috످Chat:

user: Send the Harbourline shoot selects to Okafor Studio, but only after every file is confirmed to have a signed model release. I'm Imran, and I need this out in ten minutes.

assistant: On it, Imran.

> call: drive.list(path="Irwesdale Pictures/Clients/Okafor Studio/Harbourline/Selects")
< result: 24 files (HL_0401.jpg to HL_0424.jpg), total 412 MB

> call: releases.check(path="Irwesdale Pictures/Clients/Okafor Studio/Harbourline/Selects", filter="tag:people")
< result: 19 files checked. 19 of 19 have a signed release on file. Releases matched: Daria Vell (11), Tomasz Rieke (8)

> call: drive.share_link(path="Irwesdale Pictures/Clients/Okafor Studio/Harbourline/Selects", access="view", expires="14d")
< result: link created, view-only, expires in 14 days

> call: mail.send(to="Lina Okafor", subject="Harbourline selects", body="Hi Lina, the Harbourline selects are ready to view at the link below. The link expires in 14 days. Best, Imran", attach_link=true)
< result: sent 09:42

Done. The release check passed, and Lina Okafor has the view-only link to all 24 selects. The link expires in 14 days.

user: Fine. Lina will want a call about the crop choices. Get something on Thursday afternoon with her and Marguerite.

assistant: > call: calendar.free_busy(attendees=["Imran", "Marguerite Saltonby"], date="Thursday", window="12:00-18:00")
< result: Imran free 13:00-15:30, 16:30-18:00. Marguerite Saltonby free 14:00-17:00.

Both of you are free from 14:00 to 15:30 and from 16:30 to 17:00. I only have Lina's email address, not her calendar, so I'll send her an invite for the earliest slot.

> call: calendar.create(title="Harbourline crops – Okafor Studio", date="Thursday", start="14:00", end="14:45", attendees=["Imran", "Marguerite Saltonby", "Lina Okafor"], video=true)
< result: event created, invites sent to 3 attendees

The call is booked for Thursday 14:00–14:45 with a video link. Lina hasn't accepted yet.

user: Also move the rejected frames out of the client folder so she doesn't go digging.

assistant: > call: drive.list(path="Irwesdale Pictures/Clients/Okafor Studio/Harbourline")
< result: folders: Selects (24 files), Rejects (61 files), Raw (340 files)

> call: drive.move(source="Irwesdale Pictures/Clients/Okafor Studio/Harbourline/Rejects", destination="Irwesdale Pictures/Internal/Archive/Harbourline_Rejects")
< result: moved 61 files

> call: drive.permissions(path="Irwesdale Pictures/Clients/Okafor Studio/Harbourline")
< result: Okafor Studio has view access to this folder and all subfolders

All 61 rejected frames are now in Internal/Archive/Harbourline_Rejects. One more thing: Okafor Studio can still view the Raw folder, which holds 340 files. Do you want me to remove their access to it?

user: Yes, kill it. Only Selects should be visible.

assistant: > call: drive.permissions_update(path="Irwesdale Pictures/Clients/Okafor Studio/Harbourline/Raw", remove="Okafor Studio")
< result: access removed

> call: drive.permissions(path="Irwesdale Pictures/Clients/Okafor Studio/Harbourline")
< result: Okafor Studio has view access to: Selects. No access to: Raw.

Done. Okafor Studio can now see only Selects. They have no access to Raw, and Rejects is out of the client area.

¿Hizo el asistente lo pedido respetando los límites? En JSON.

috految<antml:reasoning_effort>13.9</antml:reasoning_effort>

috److{
  "veredicto": "No del todo",
  "reason": "Imran exigió confirmar la autorización de imagen de todos los archivos antes del envío, pero el asistente comprobó solo 19 de los 24, los envió todos y dio la verificación por superada.",
  "incumplimientos": [
    "En su primer turno, el asistente aplicó el filtro «tag:people» y dejó cinco fotos sin comprobar. Puede que no aparezca nadie en ellas, pero no lo verificó.",
    "Después afirmó «The release check passed» sin avisar de que la comprobación era parcial, y no rectificó en ningún momento."
  ],
  "tareas_cumplidas": [
    "Programó la llamada para el jueves a las 14:00 e invitó a Lina y a Marguerite.",
    "Sacó los 61 descartes de la carpeta del cliente.",
    "Con permiso de Imran, retiró a Okafor Studio el acceso a «Raw» y comprobó que el estudio solo ve «Selects» dentro de «Harbourline»."
  ],
  "recomendacion": "Avisar a Imran, revisar las cinco fotos pendientes y, si falta alguna autorización, suspender el enlace y el acceso a las fotos afectadas."
}

috످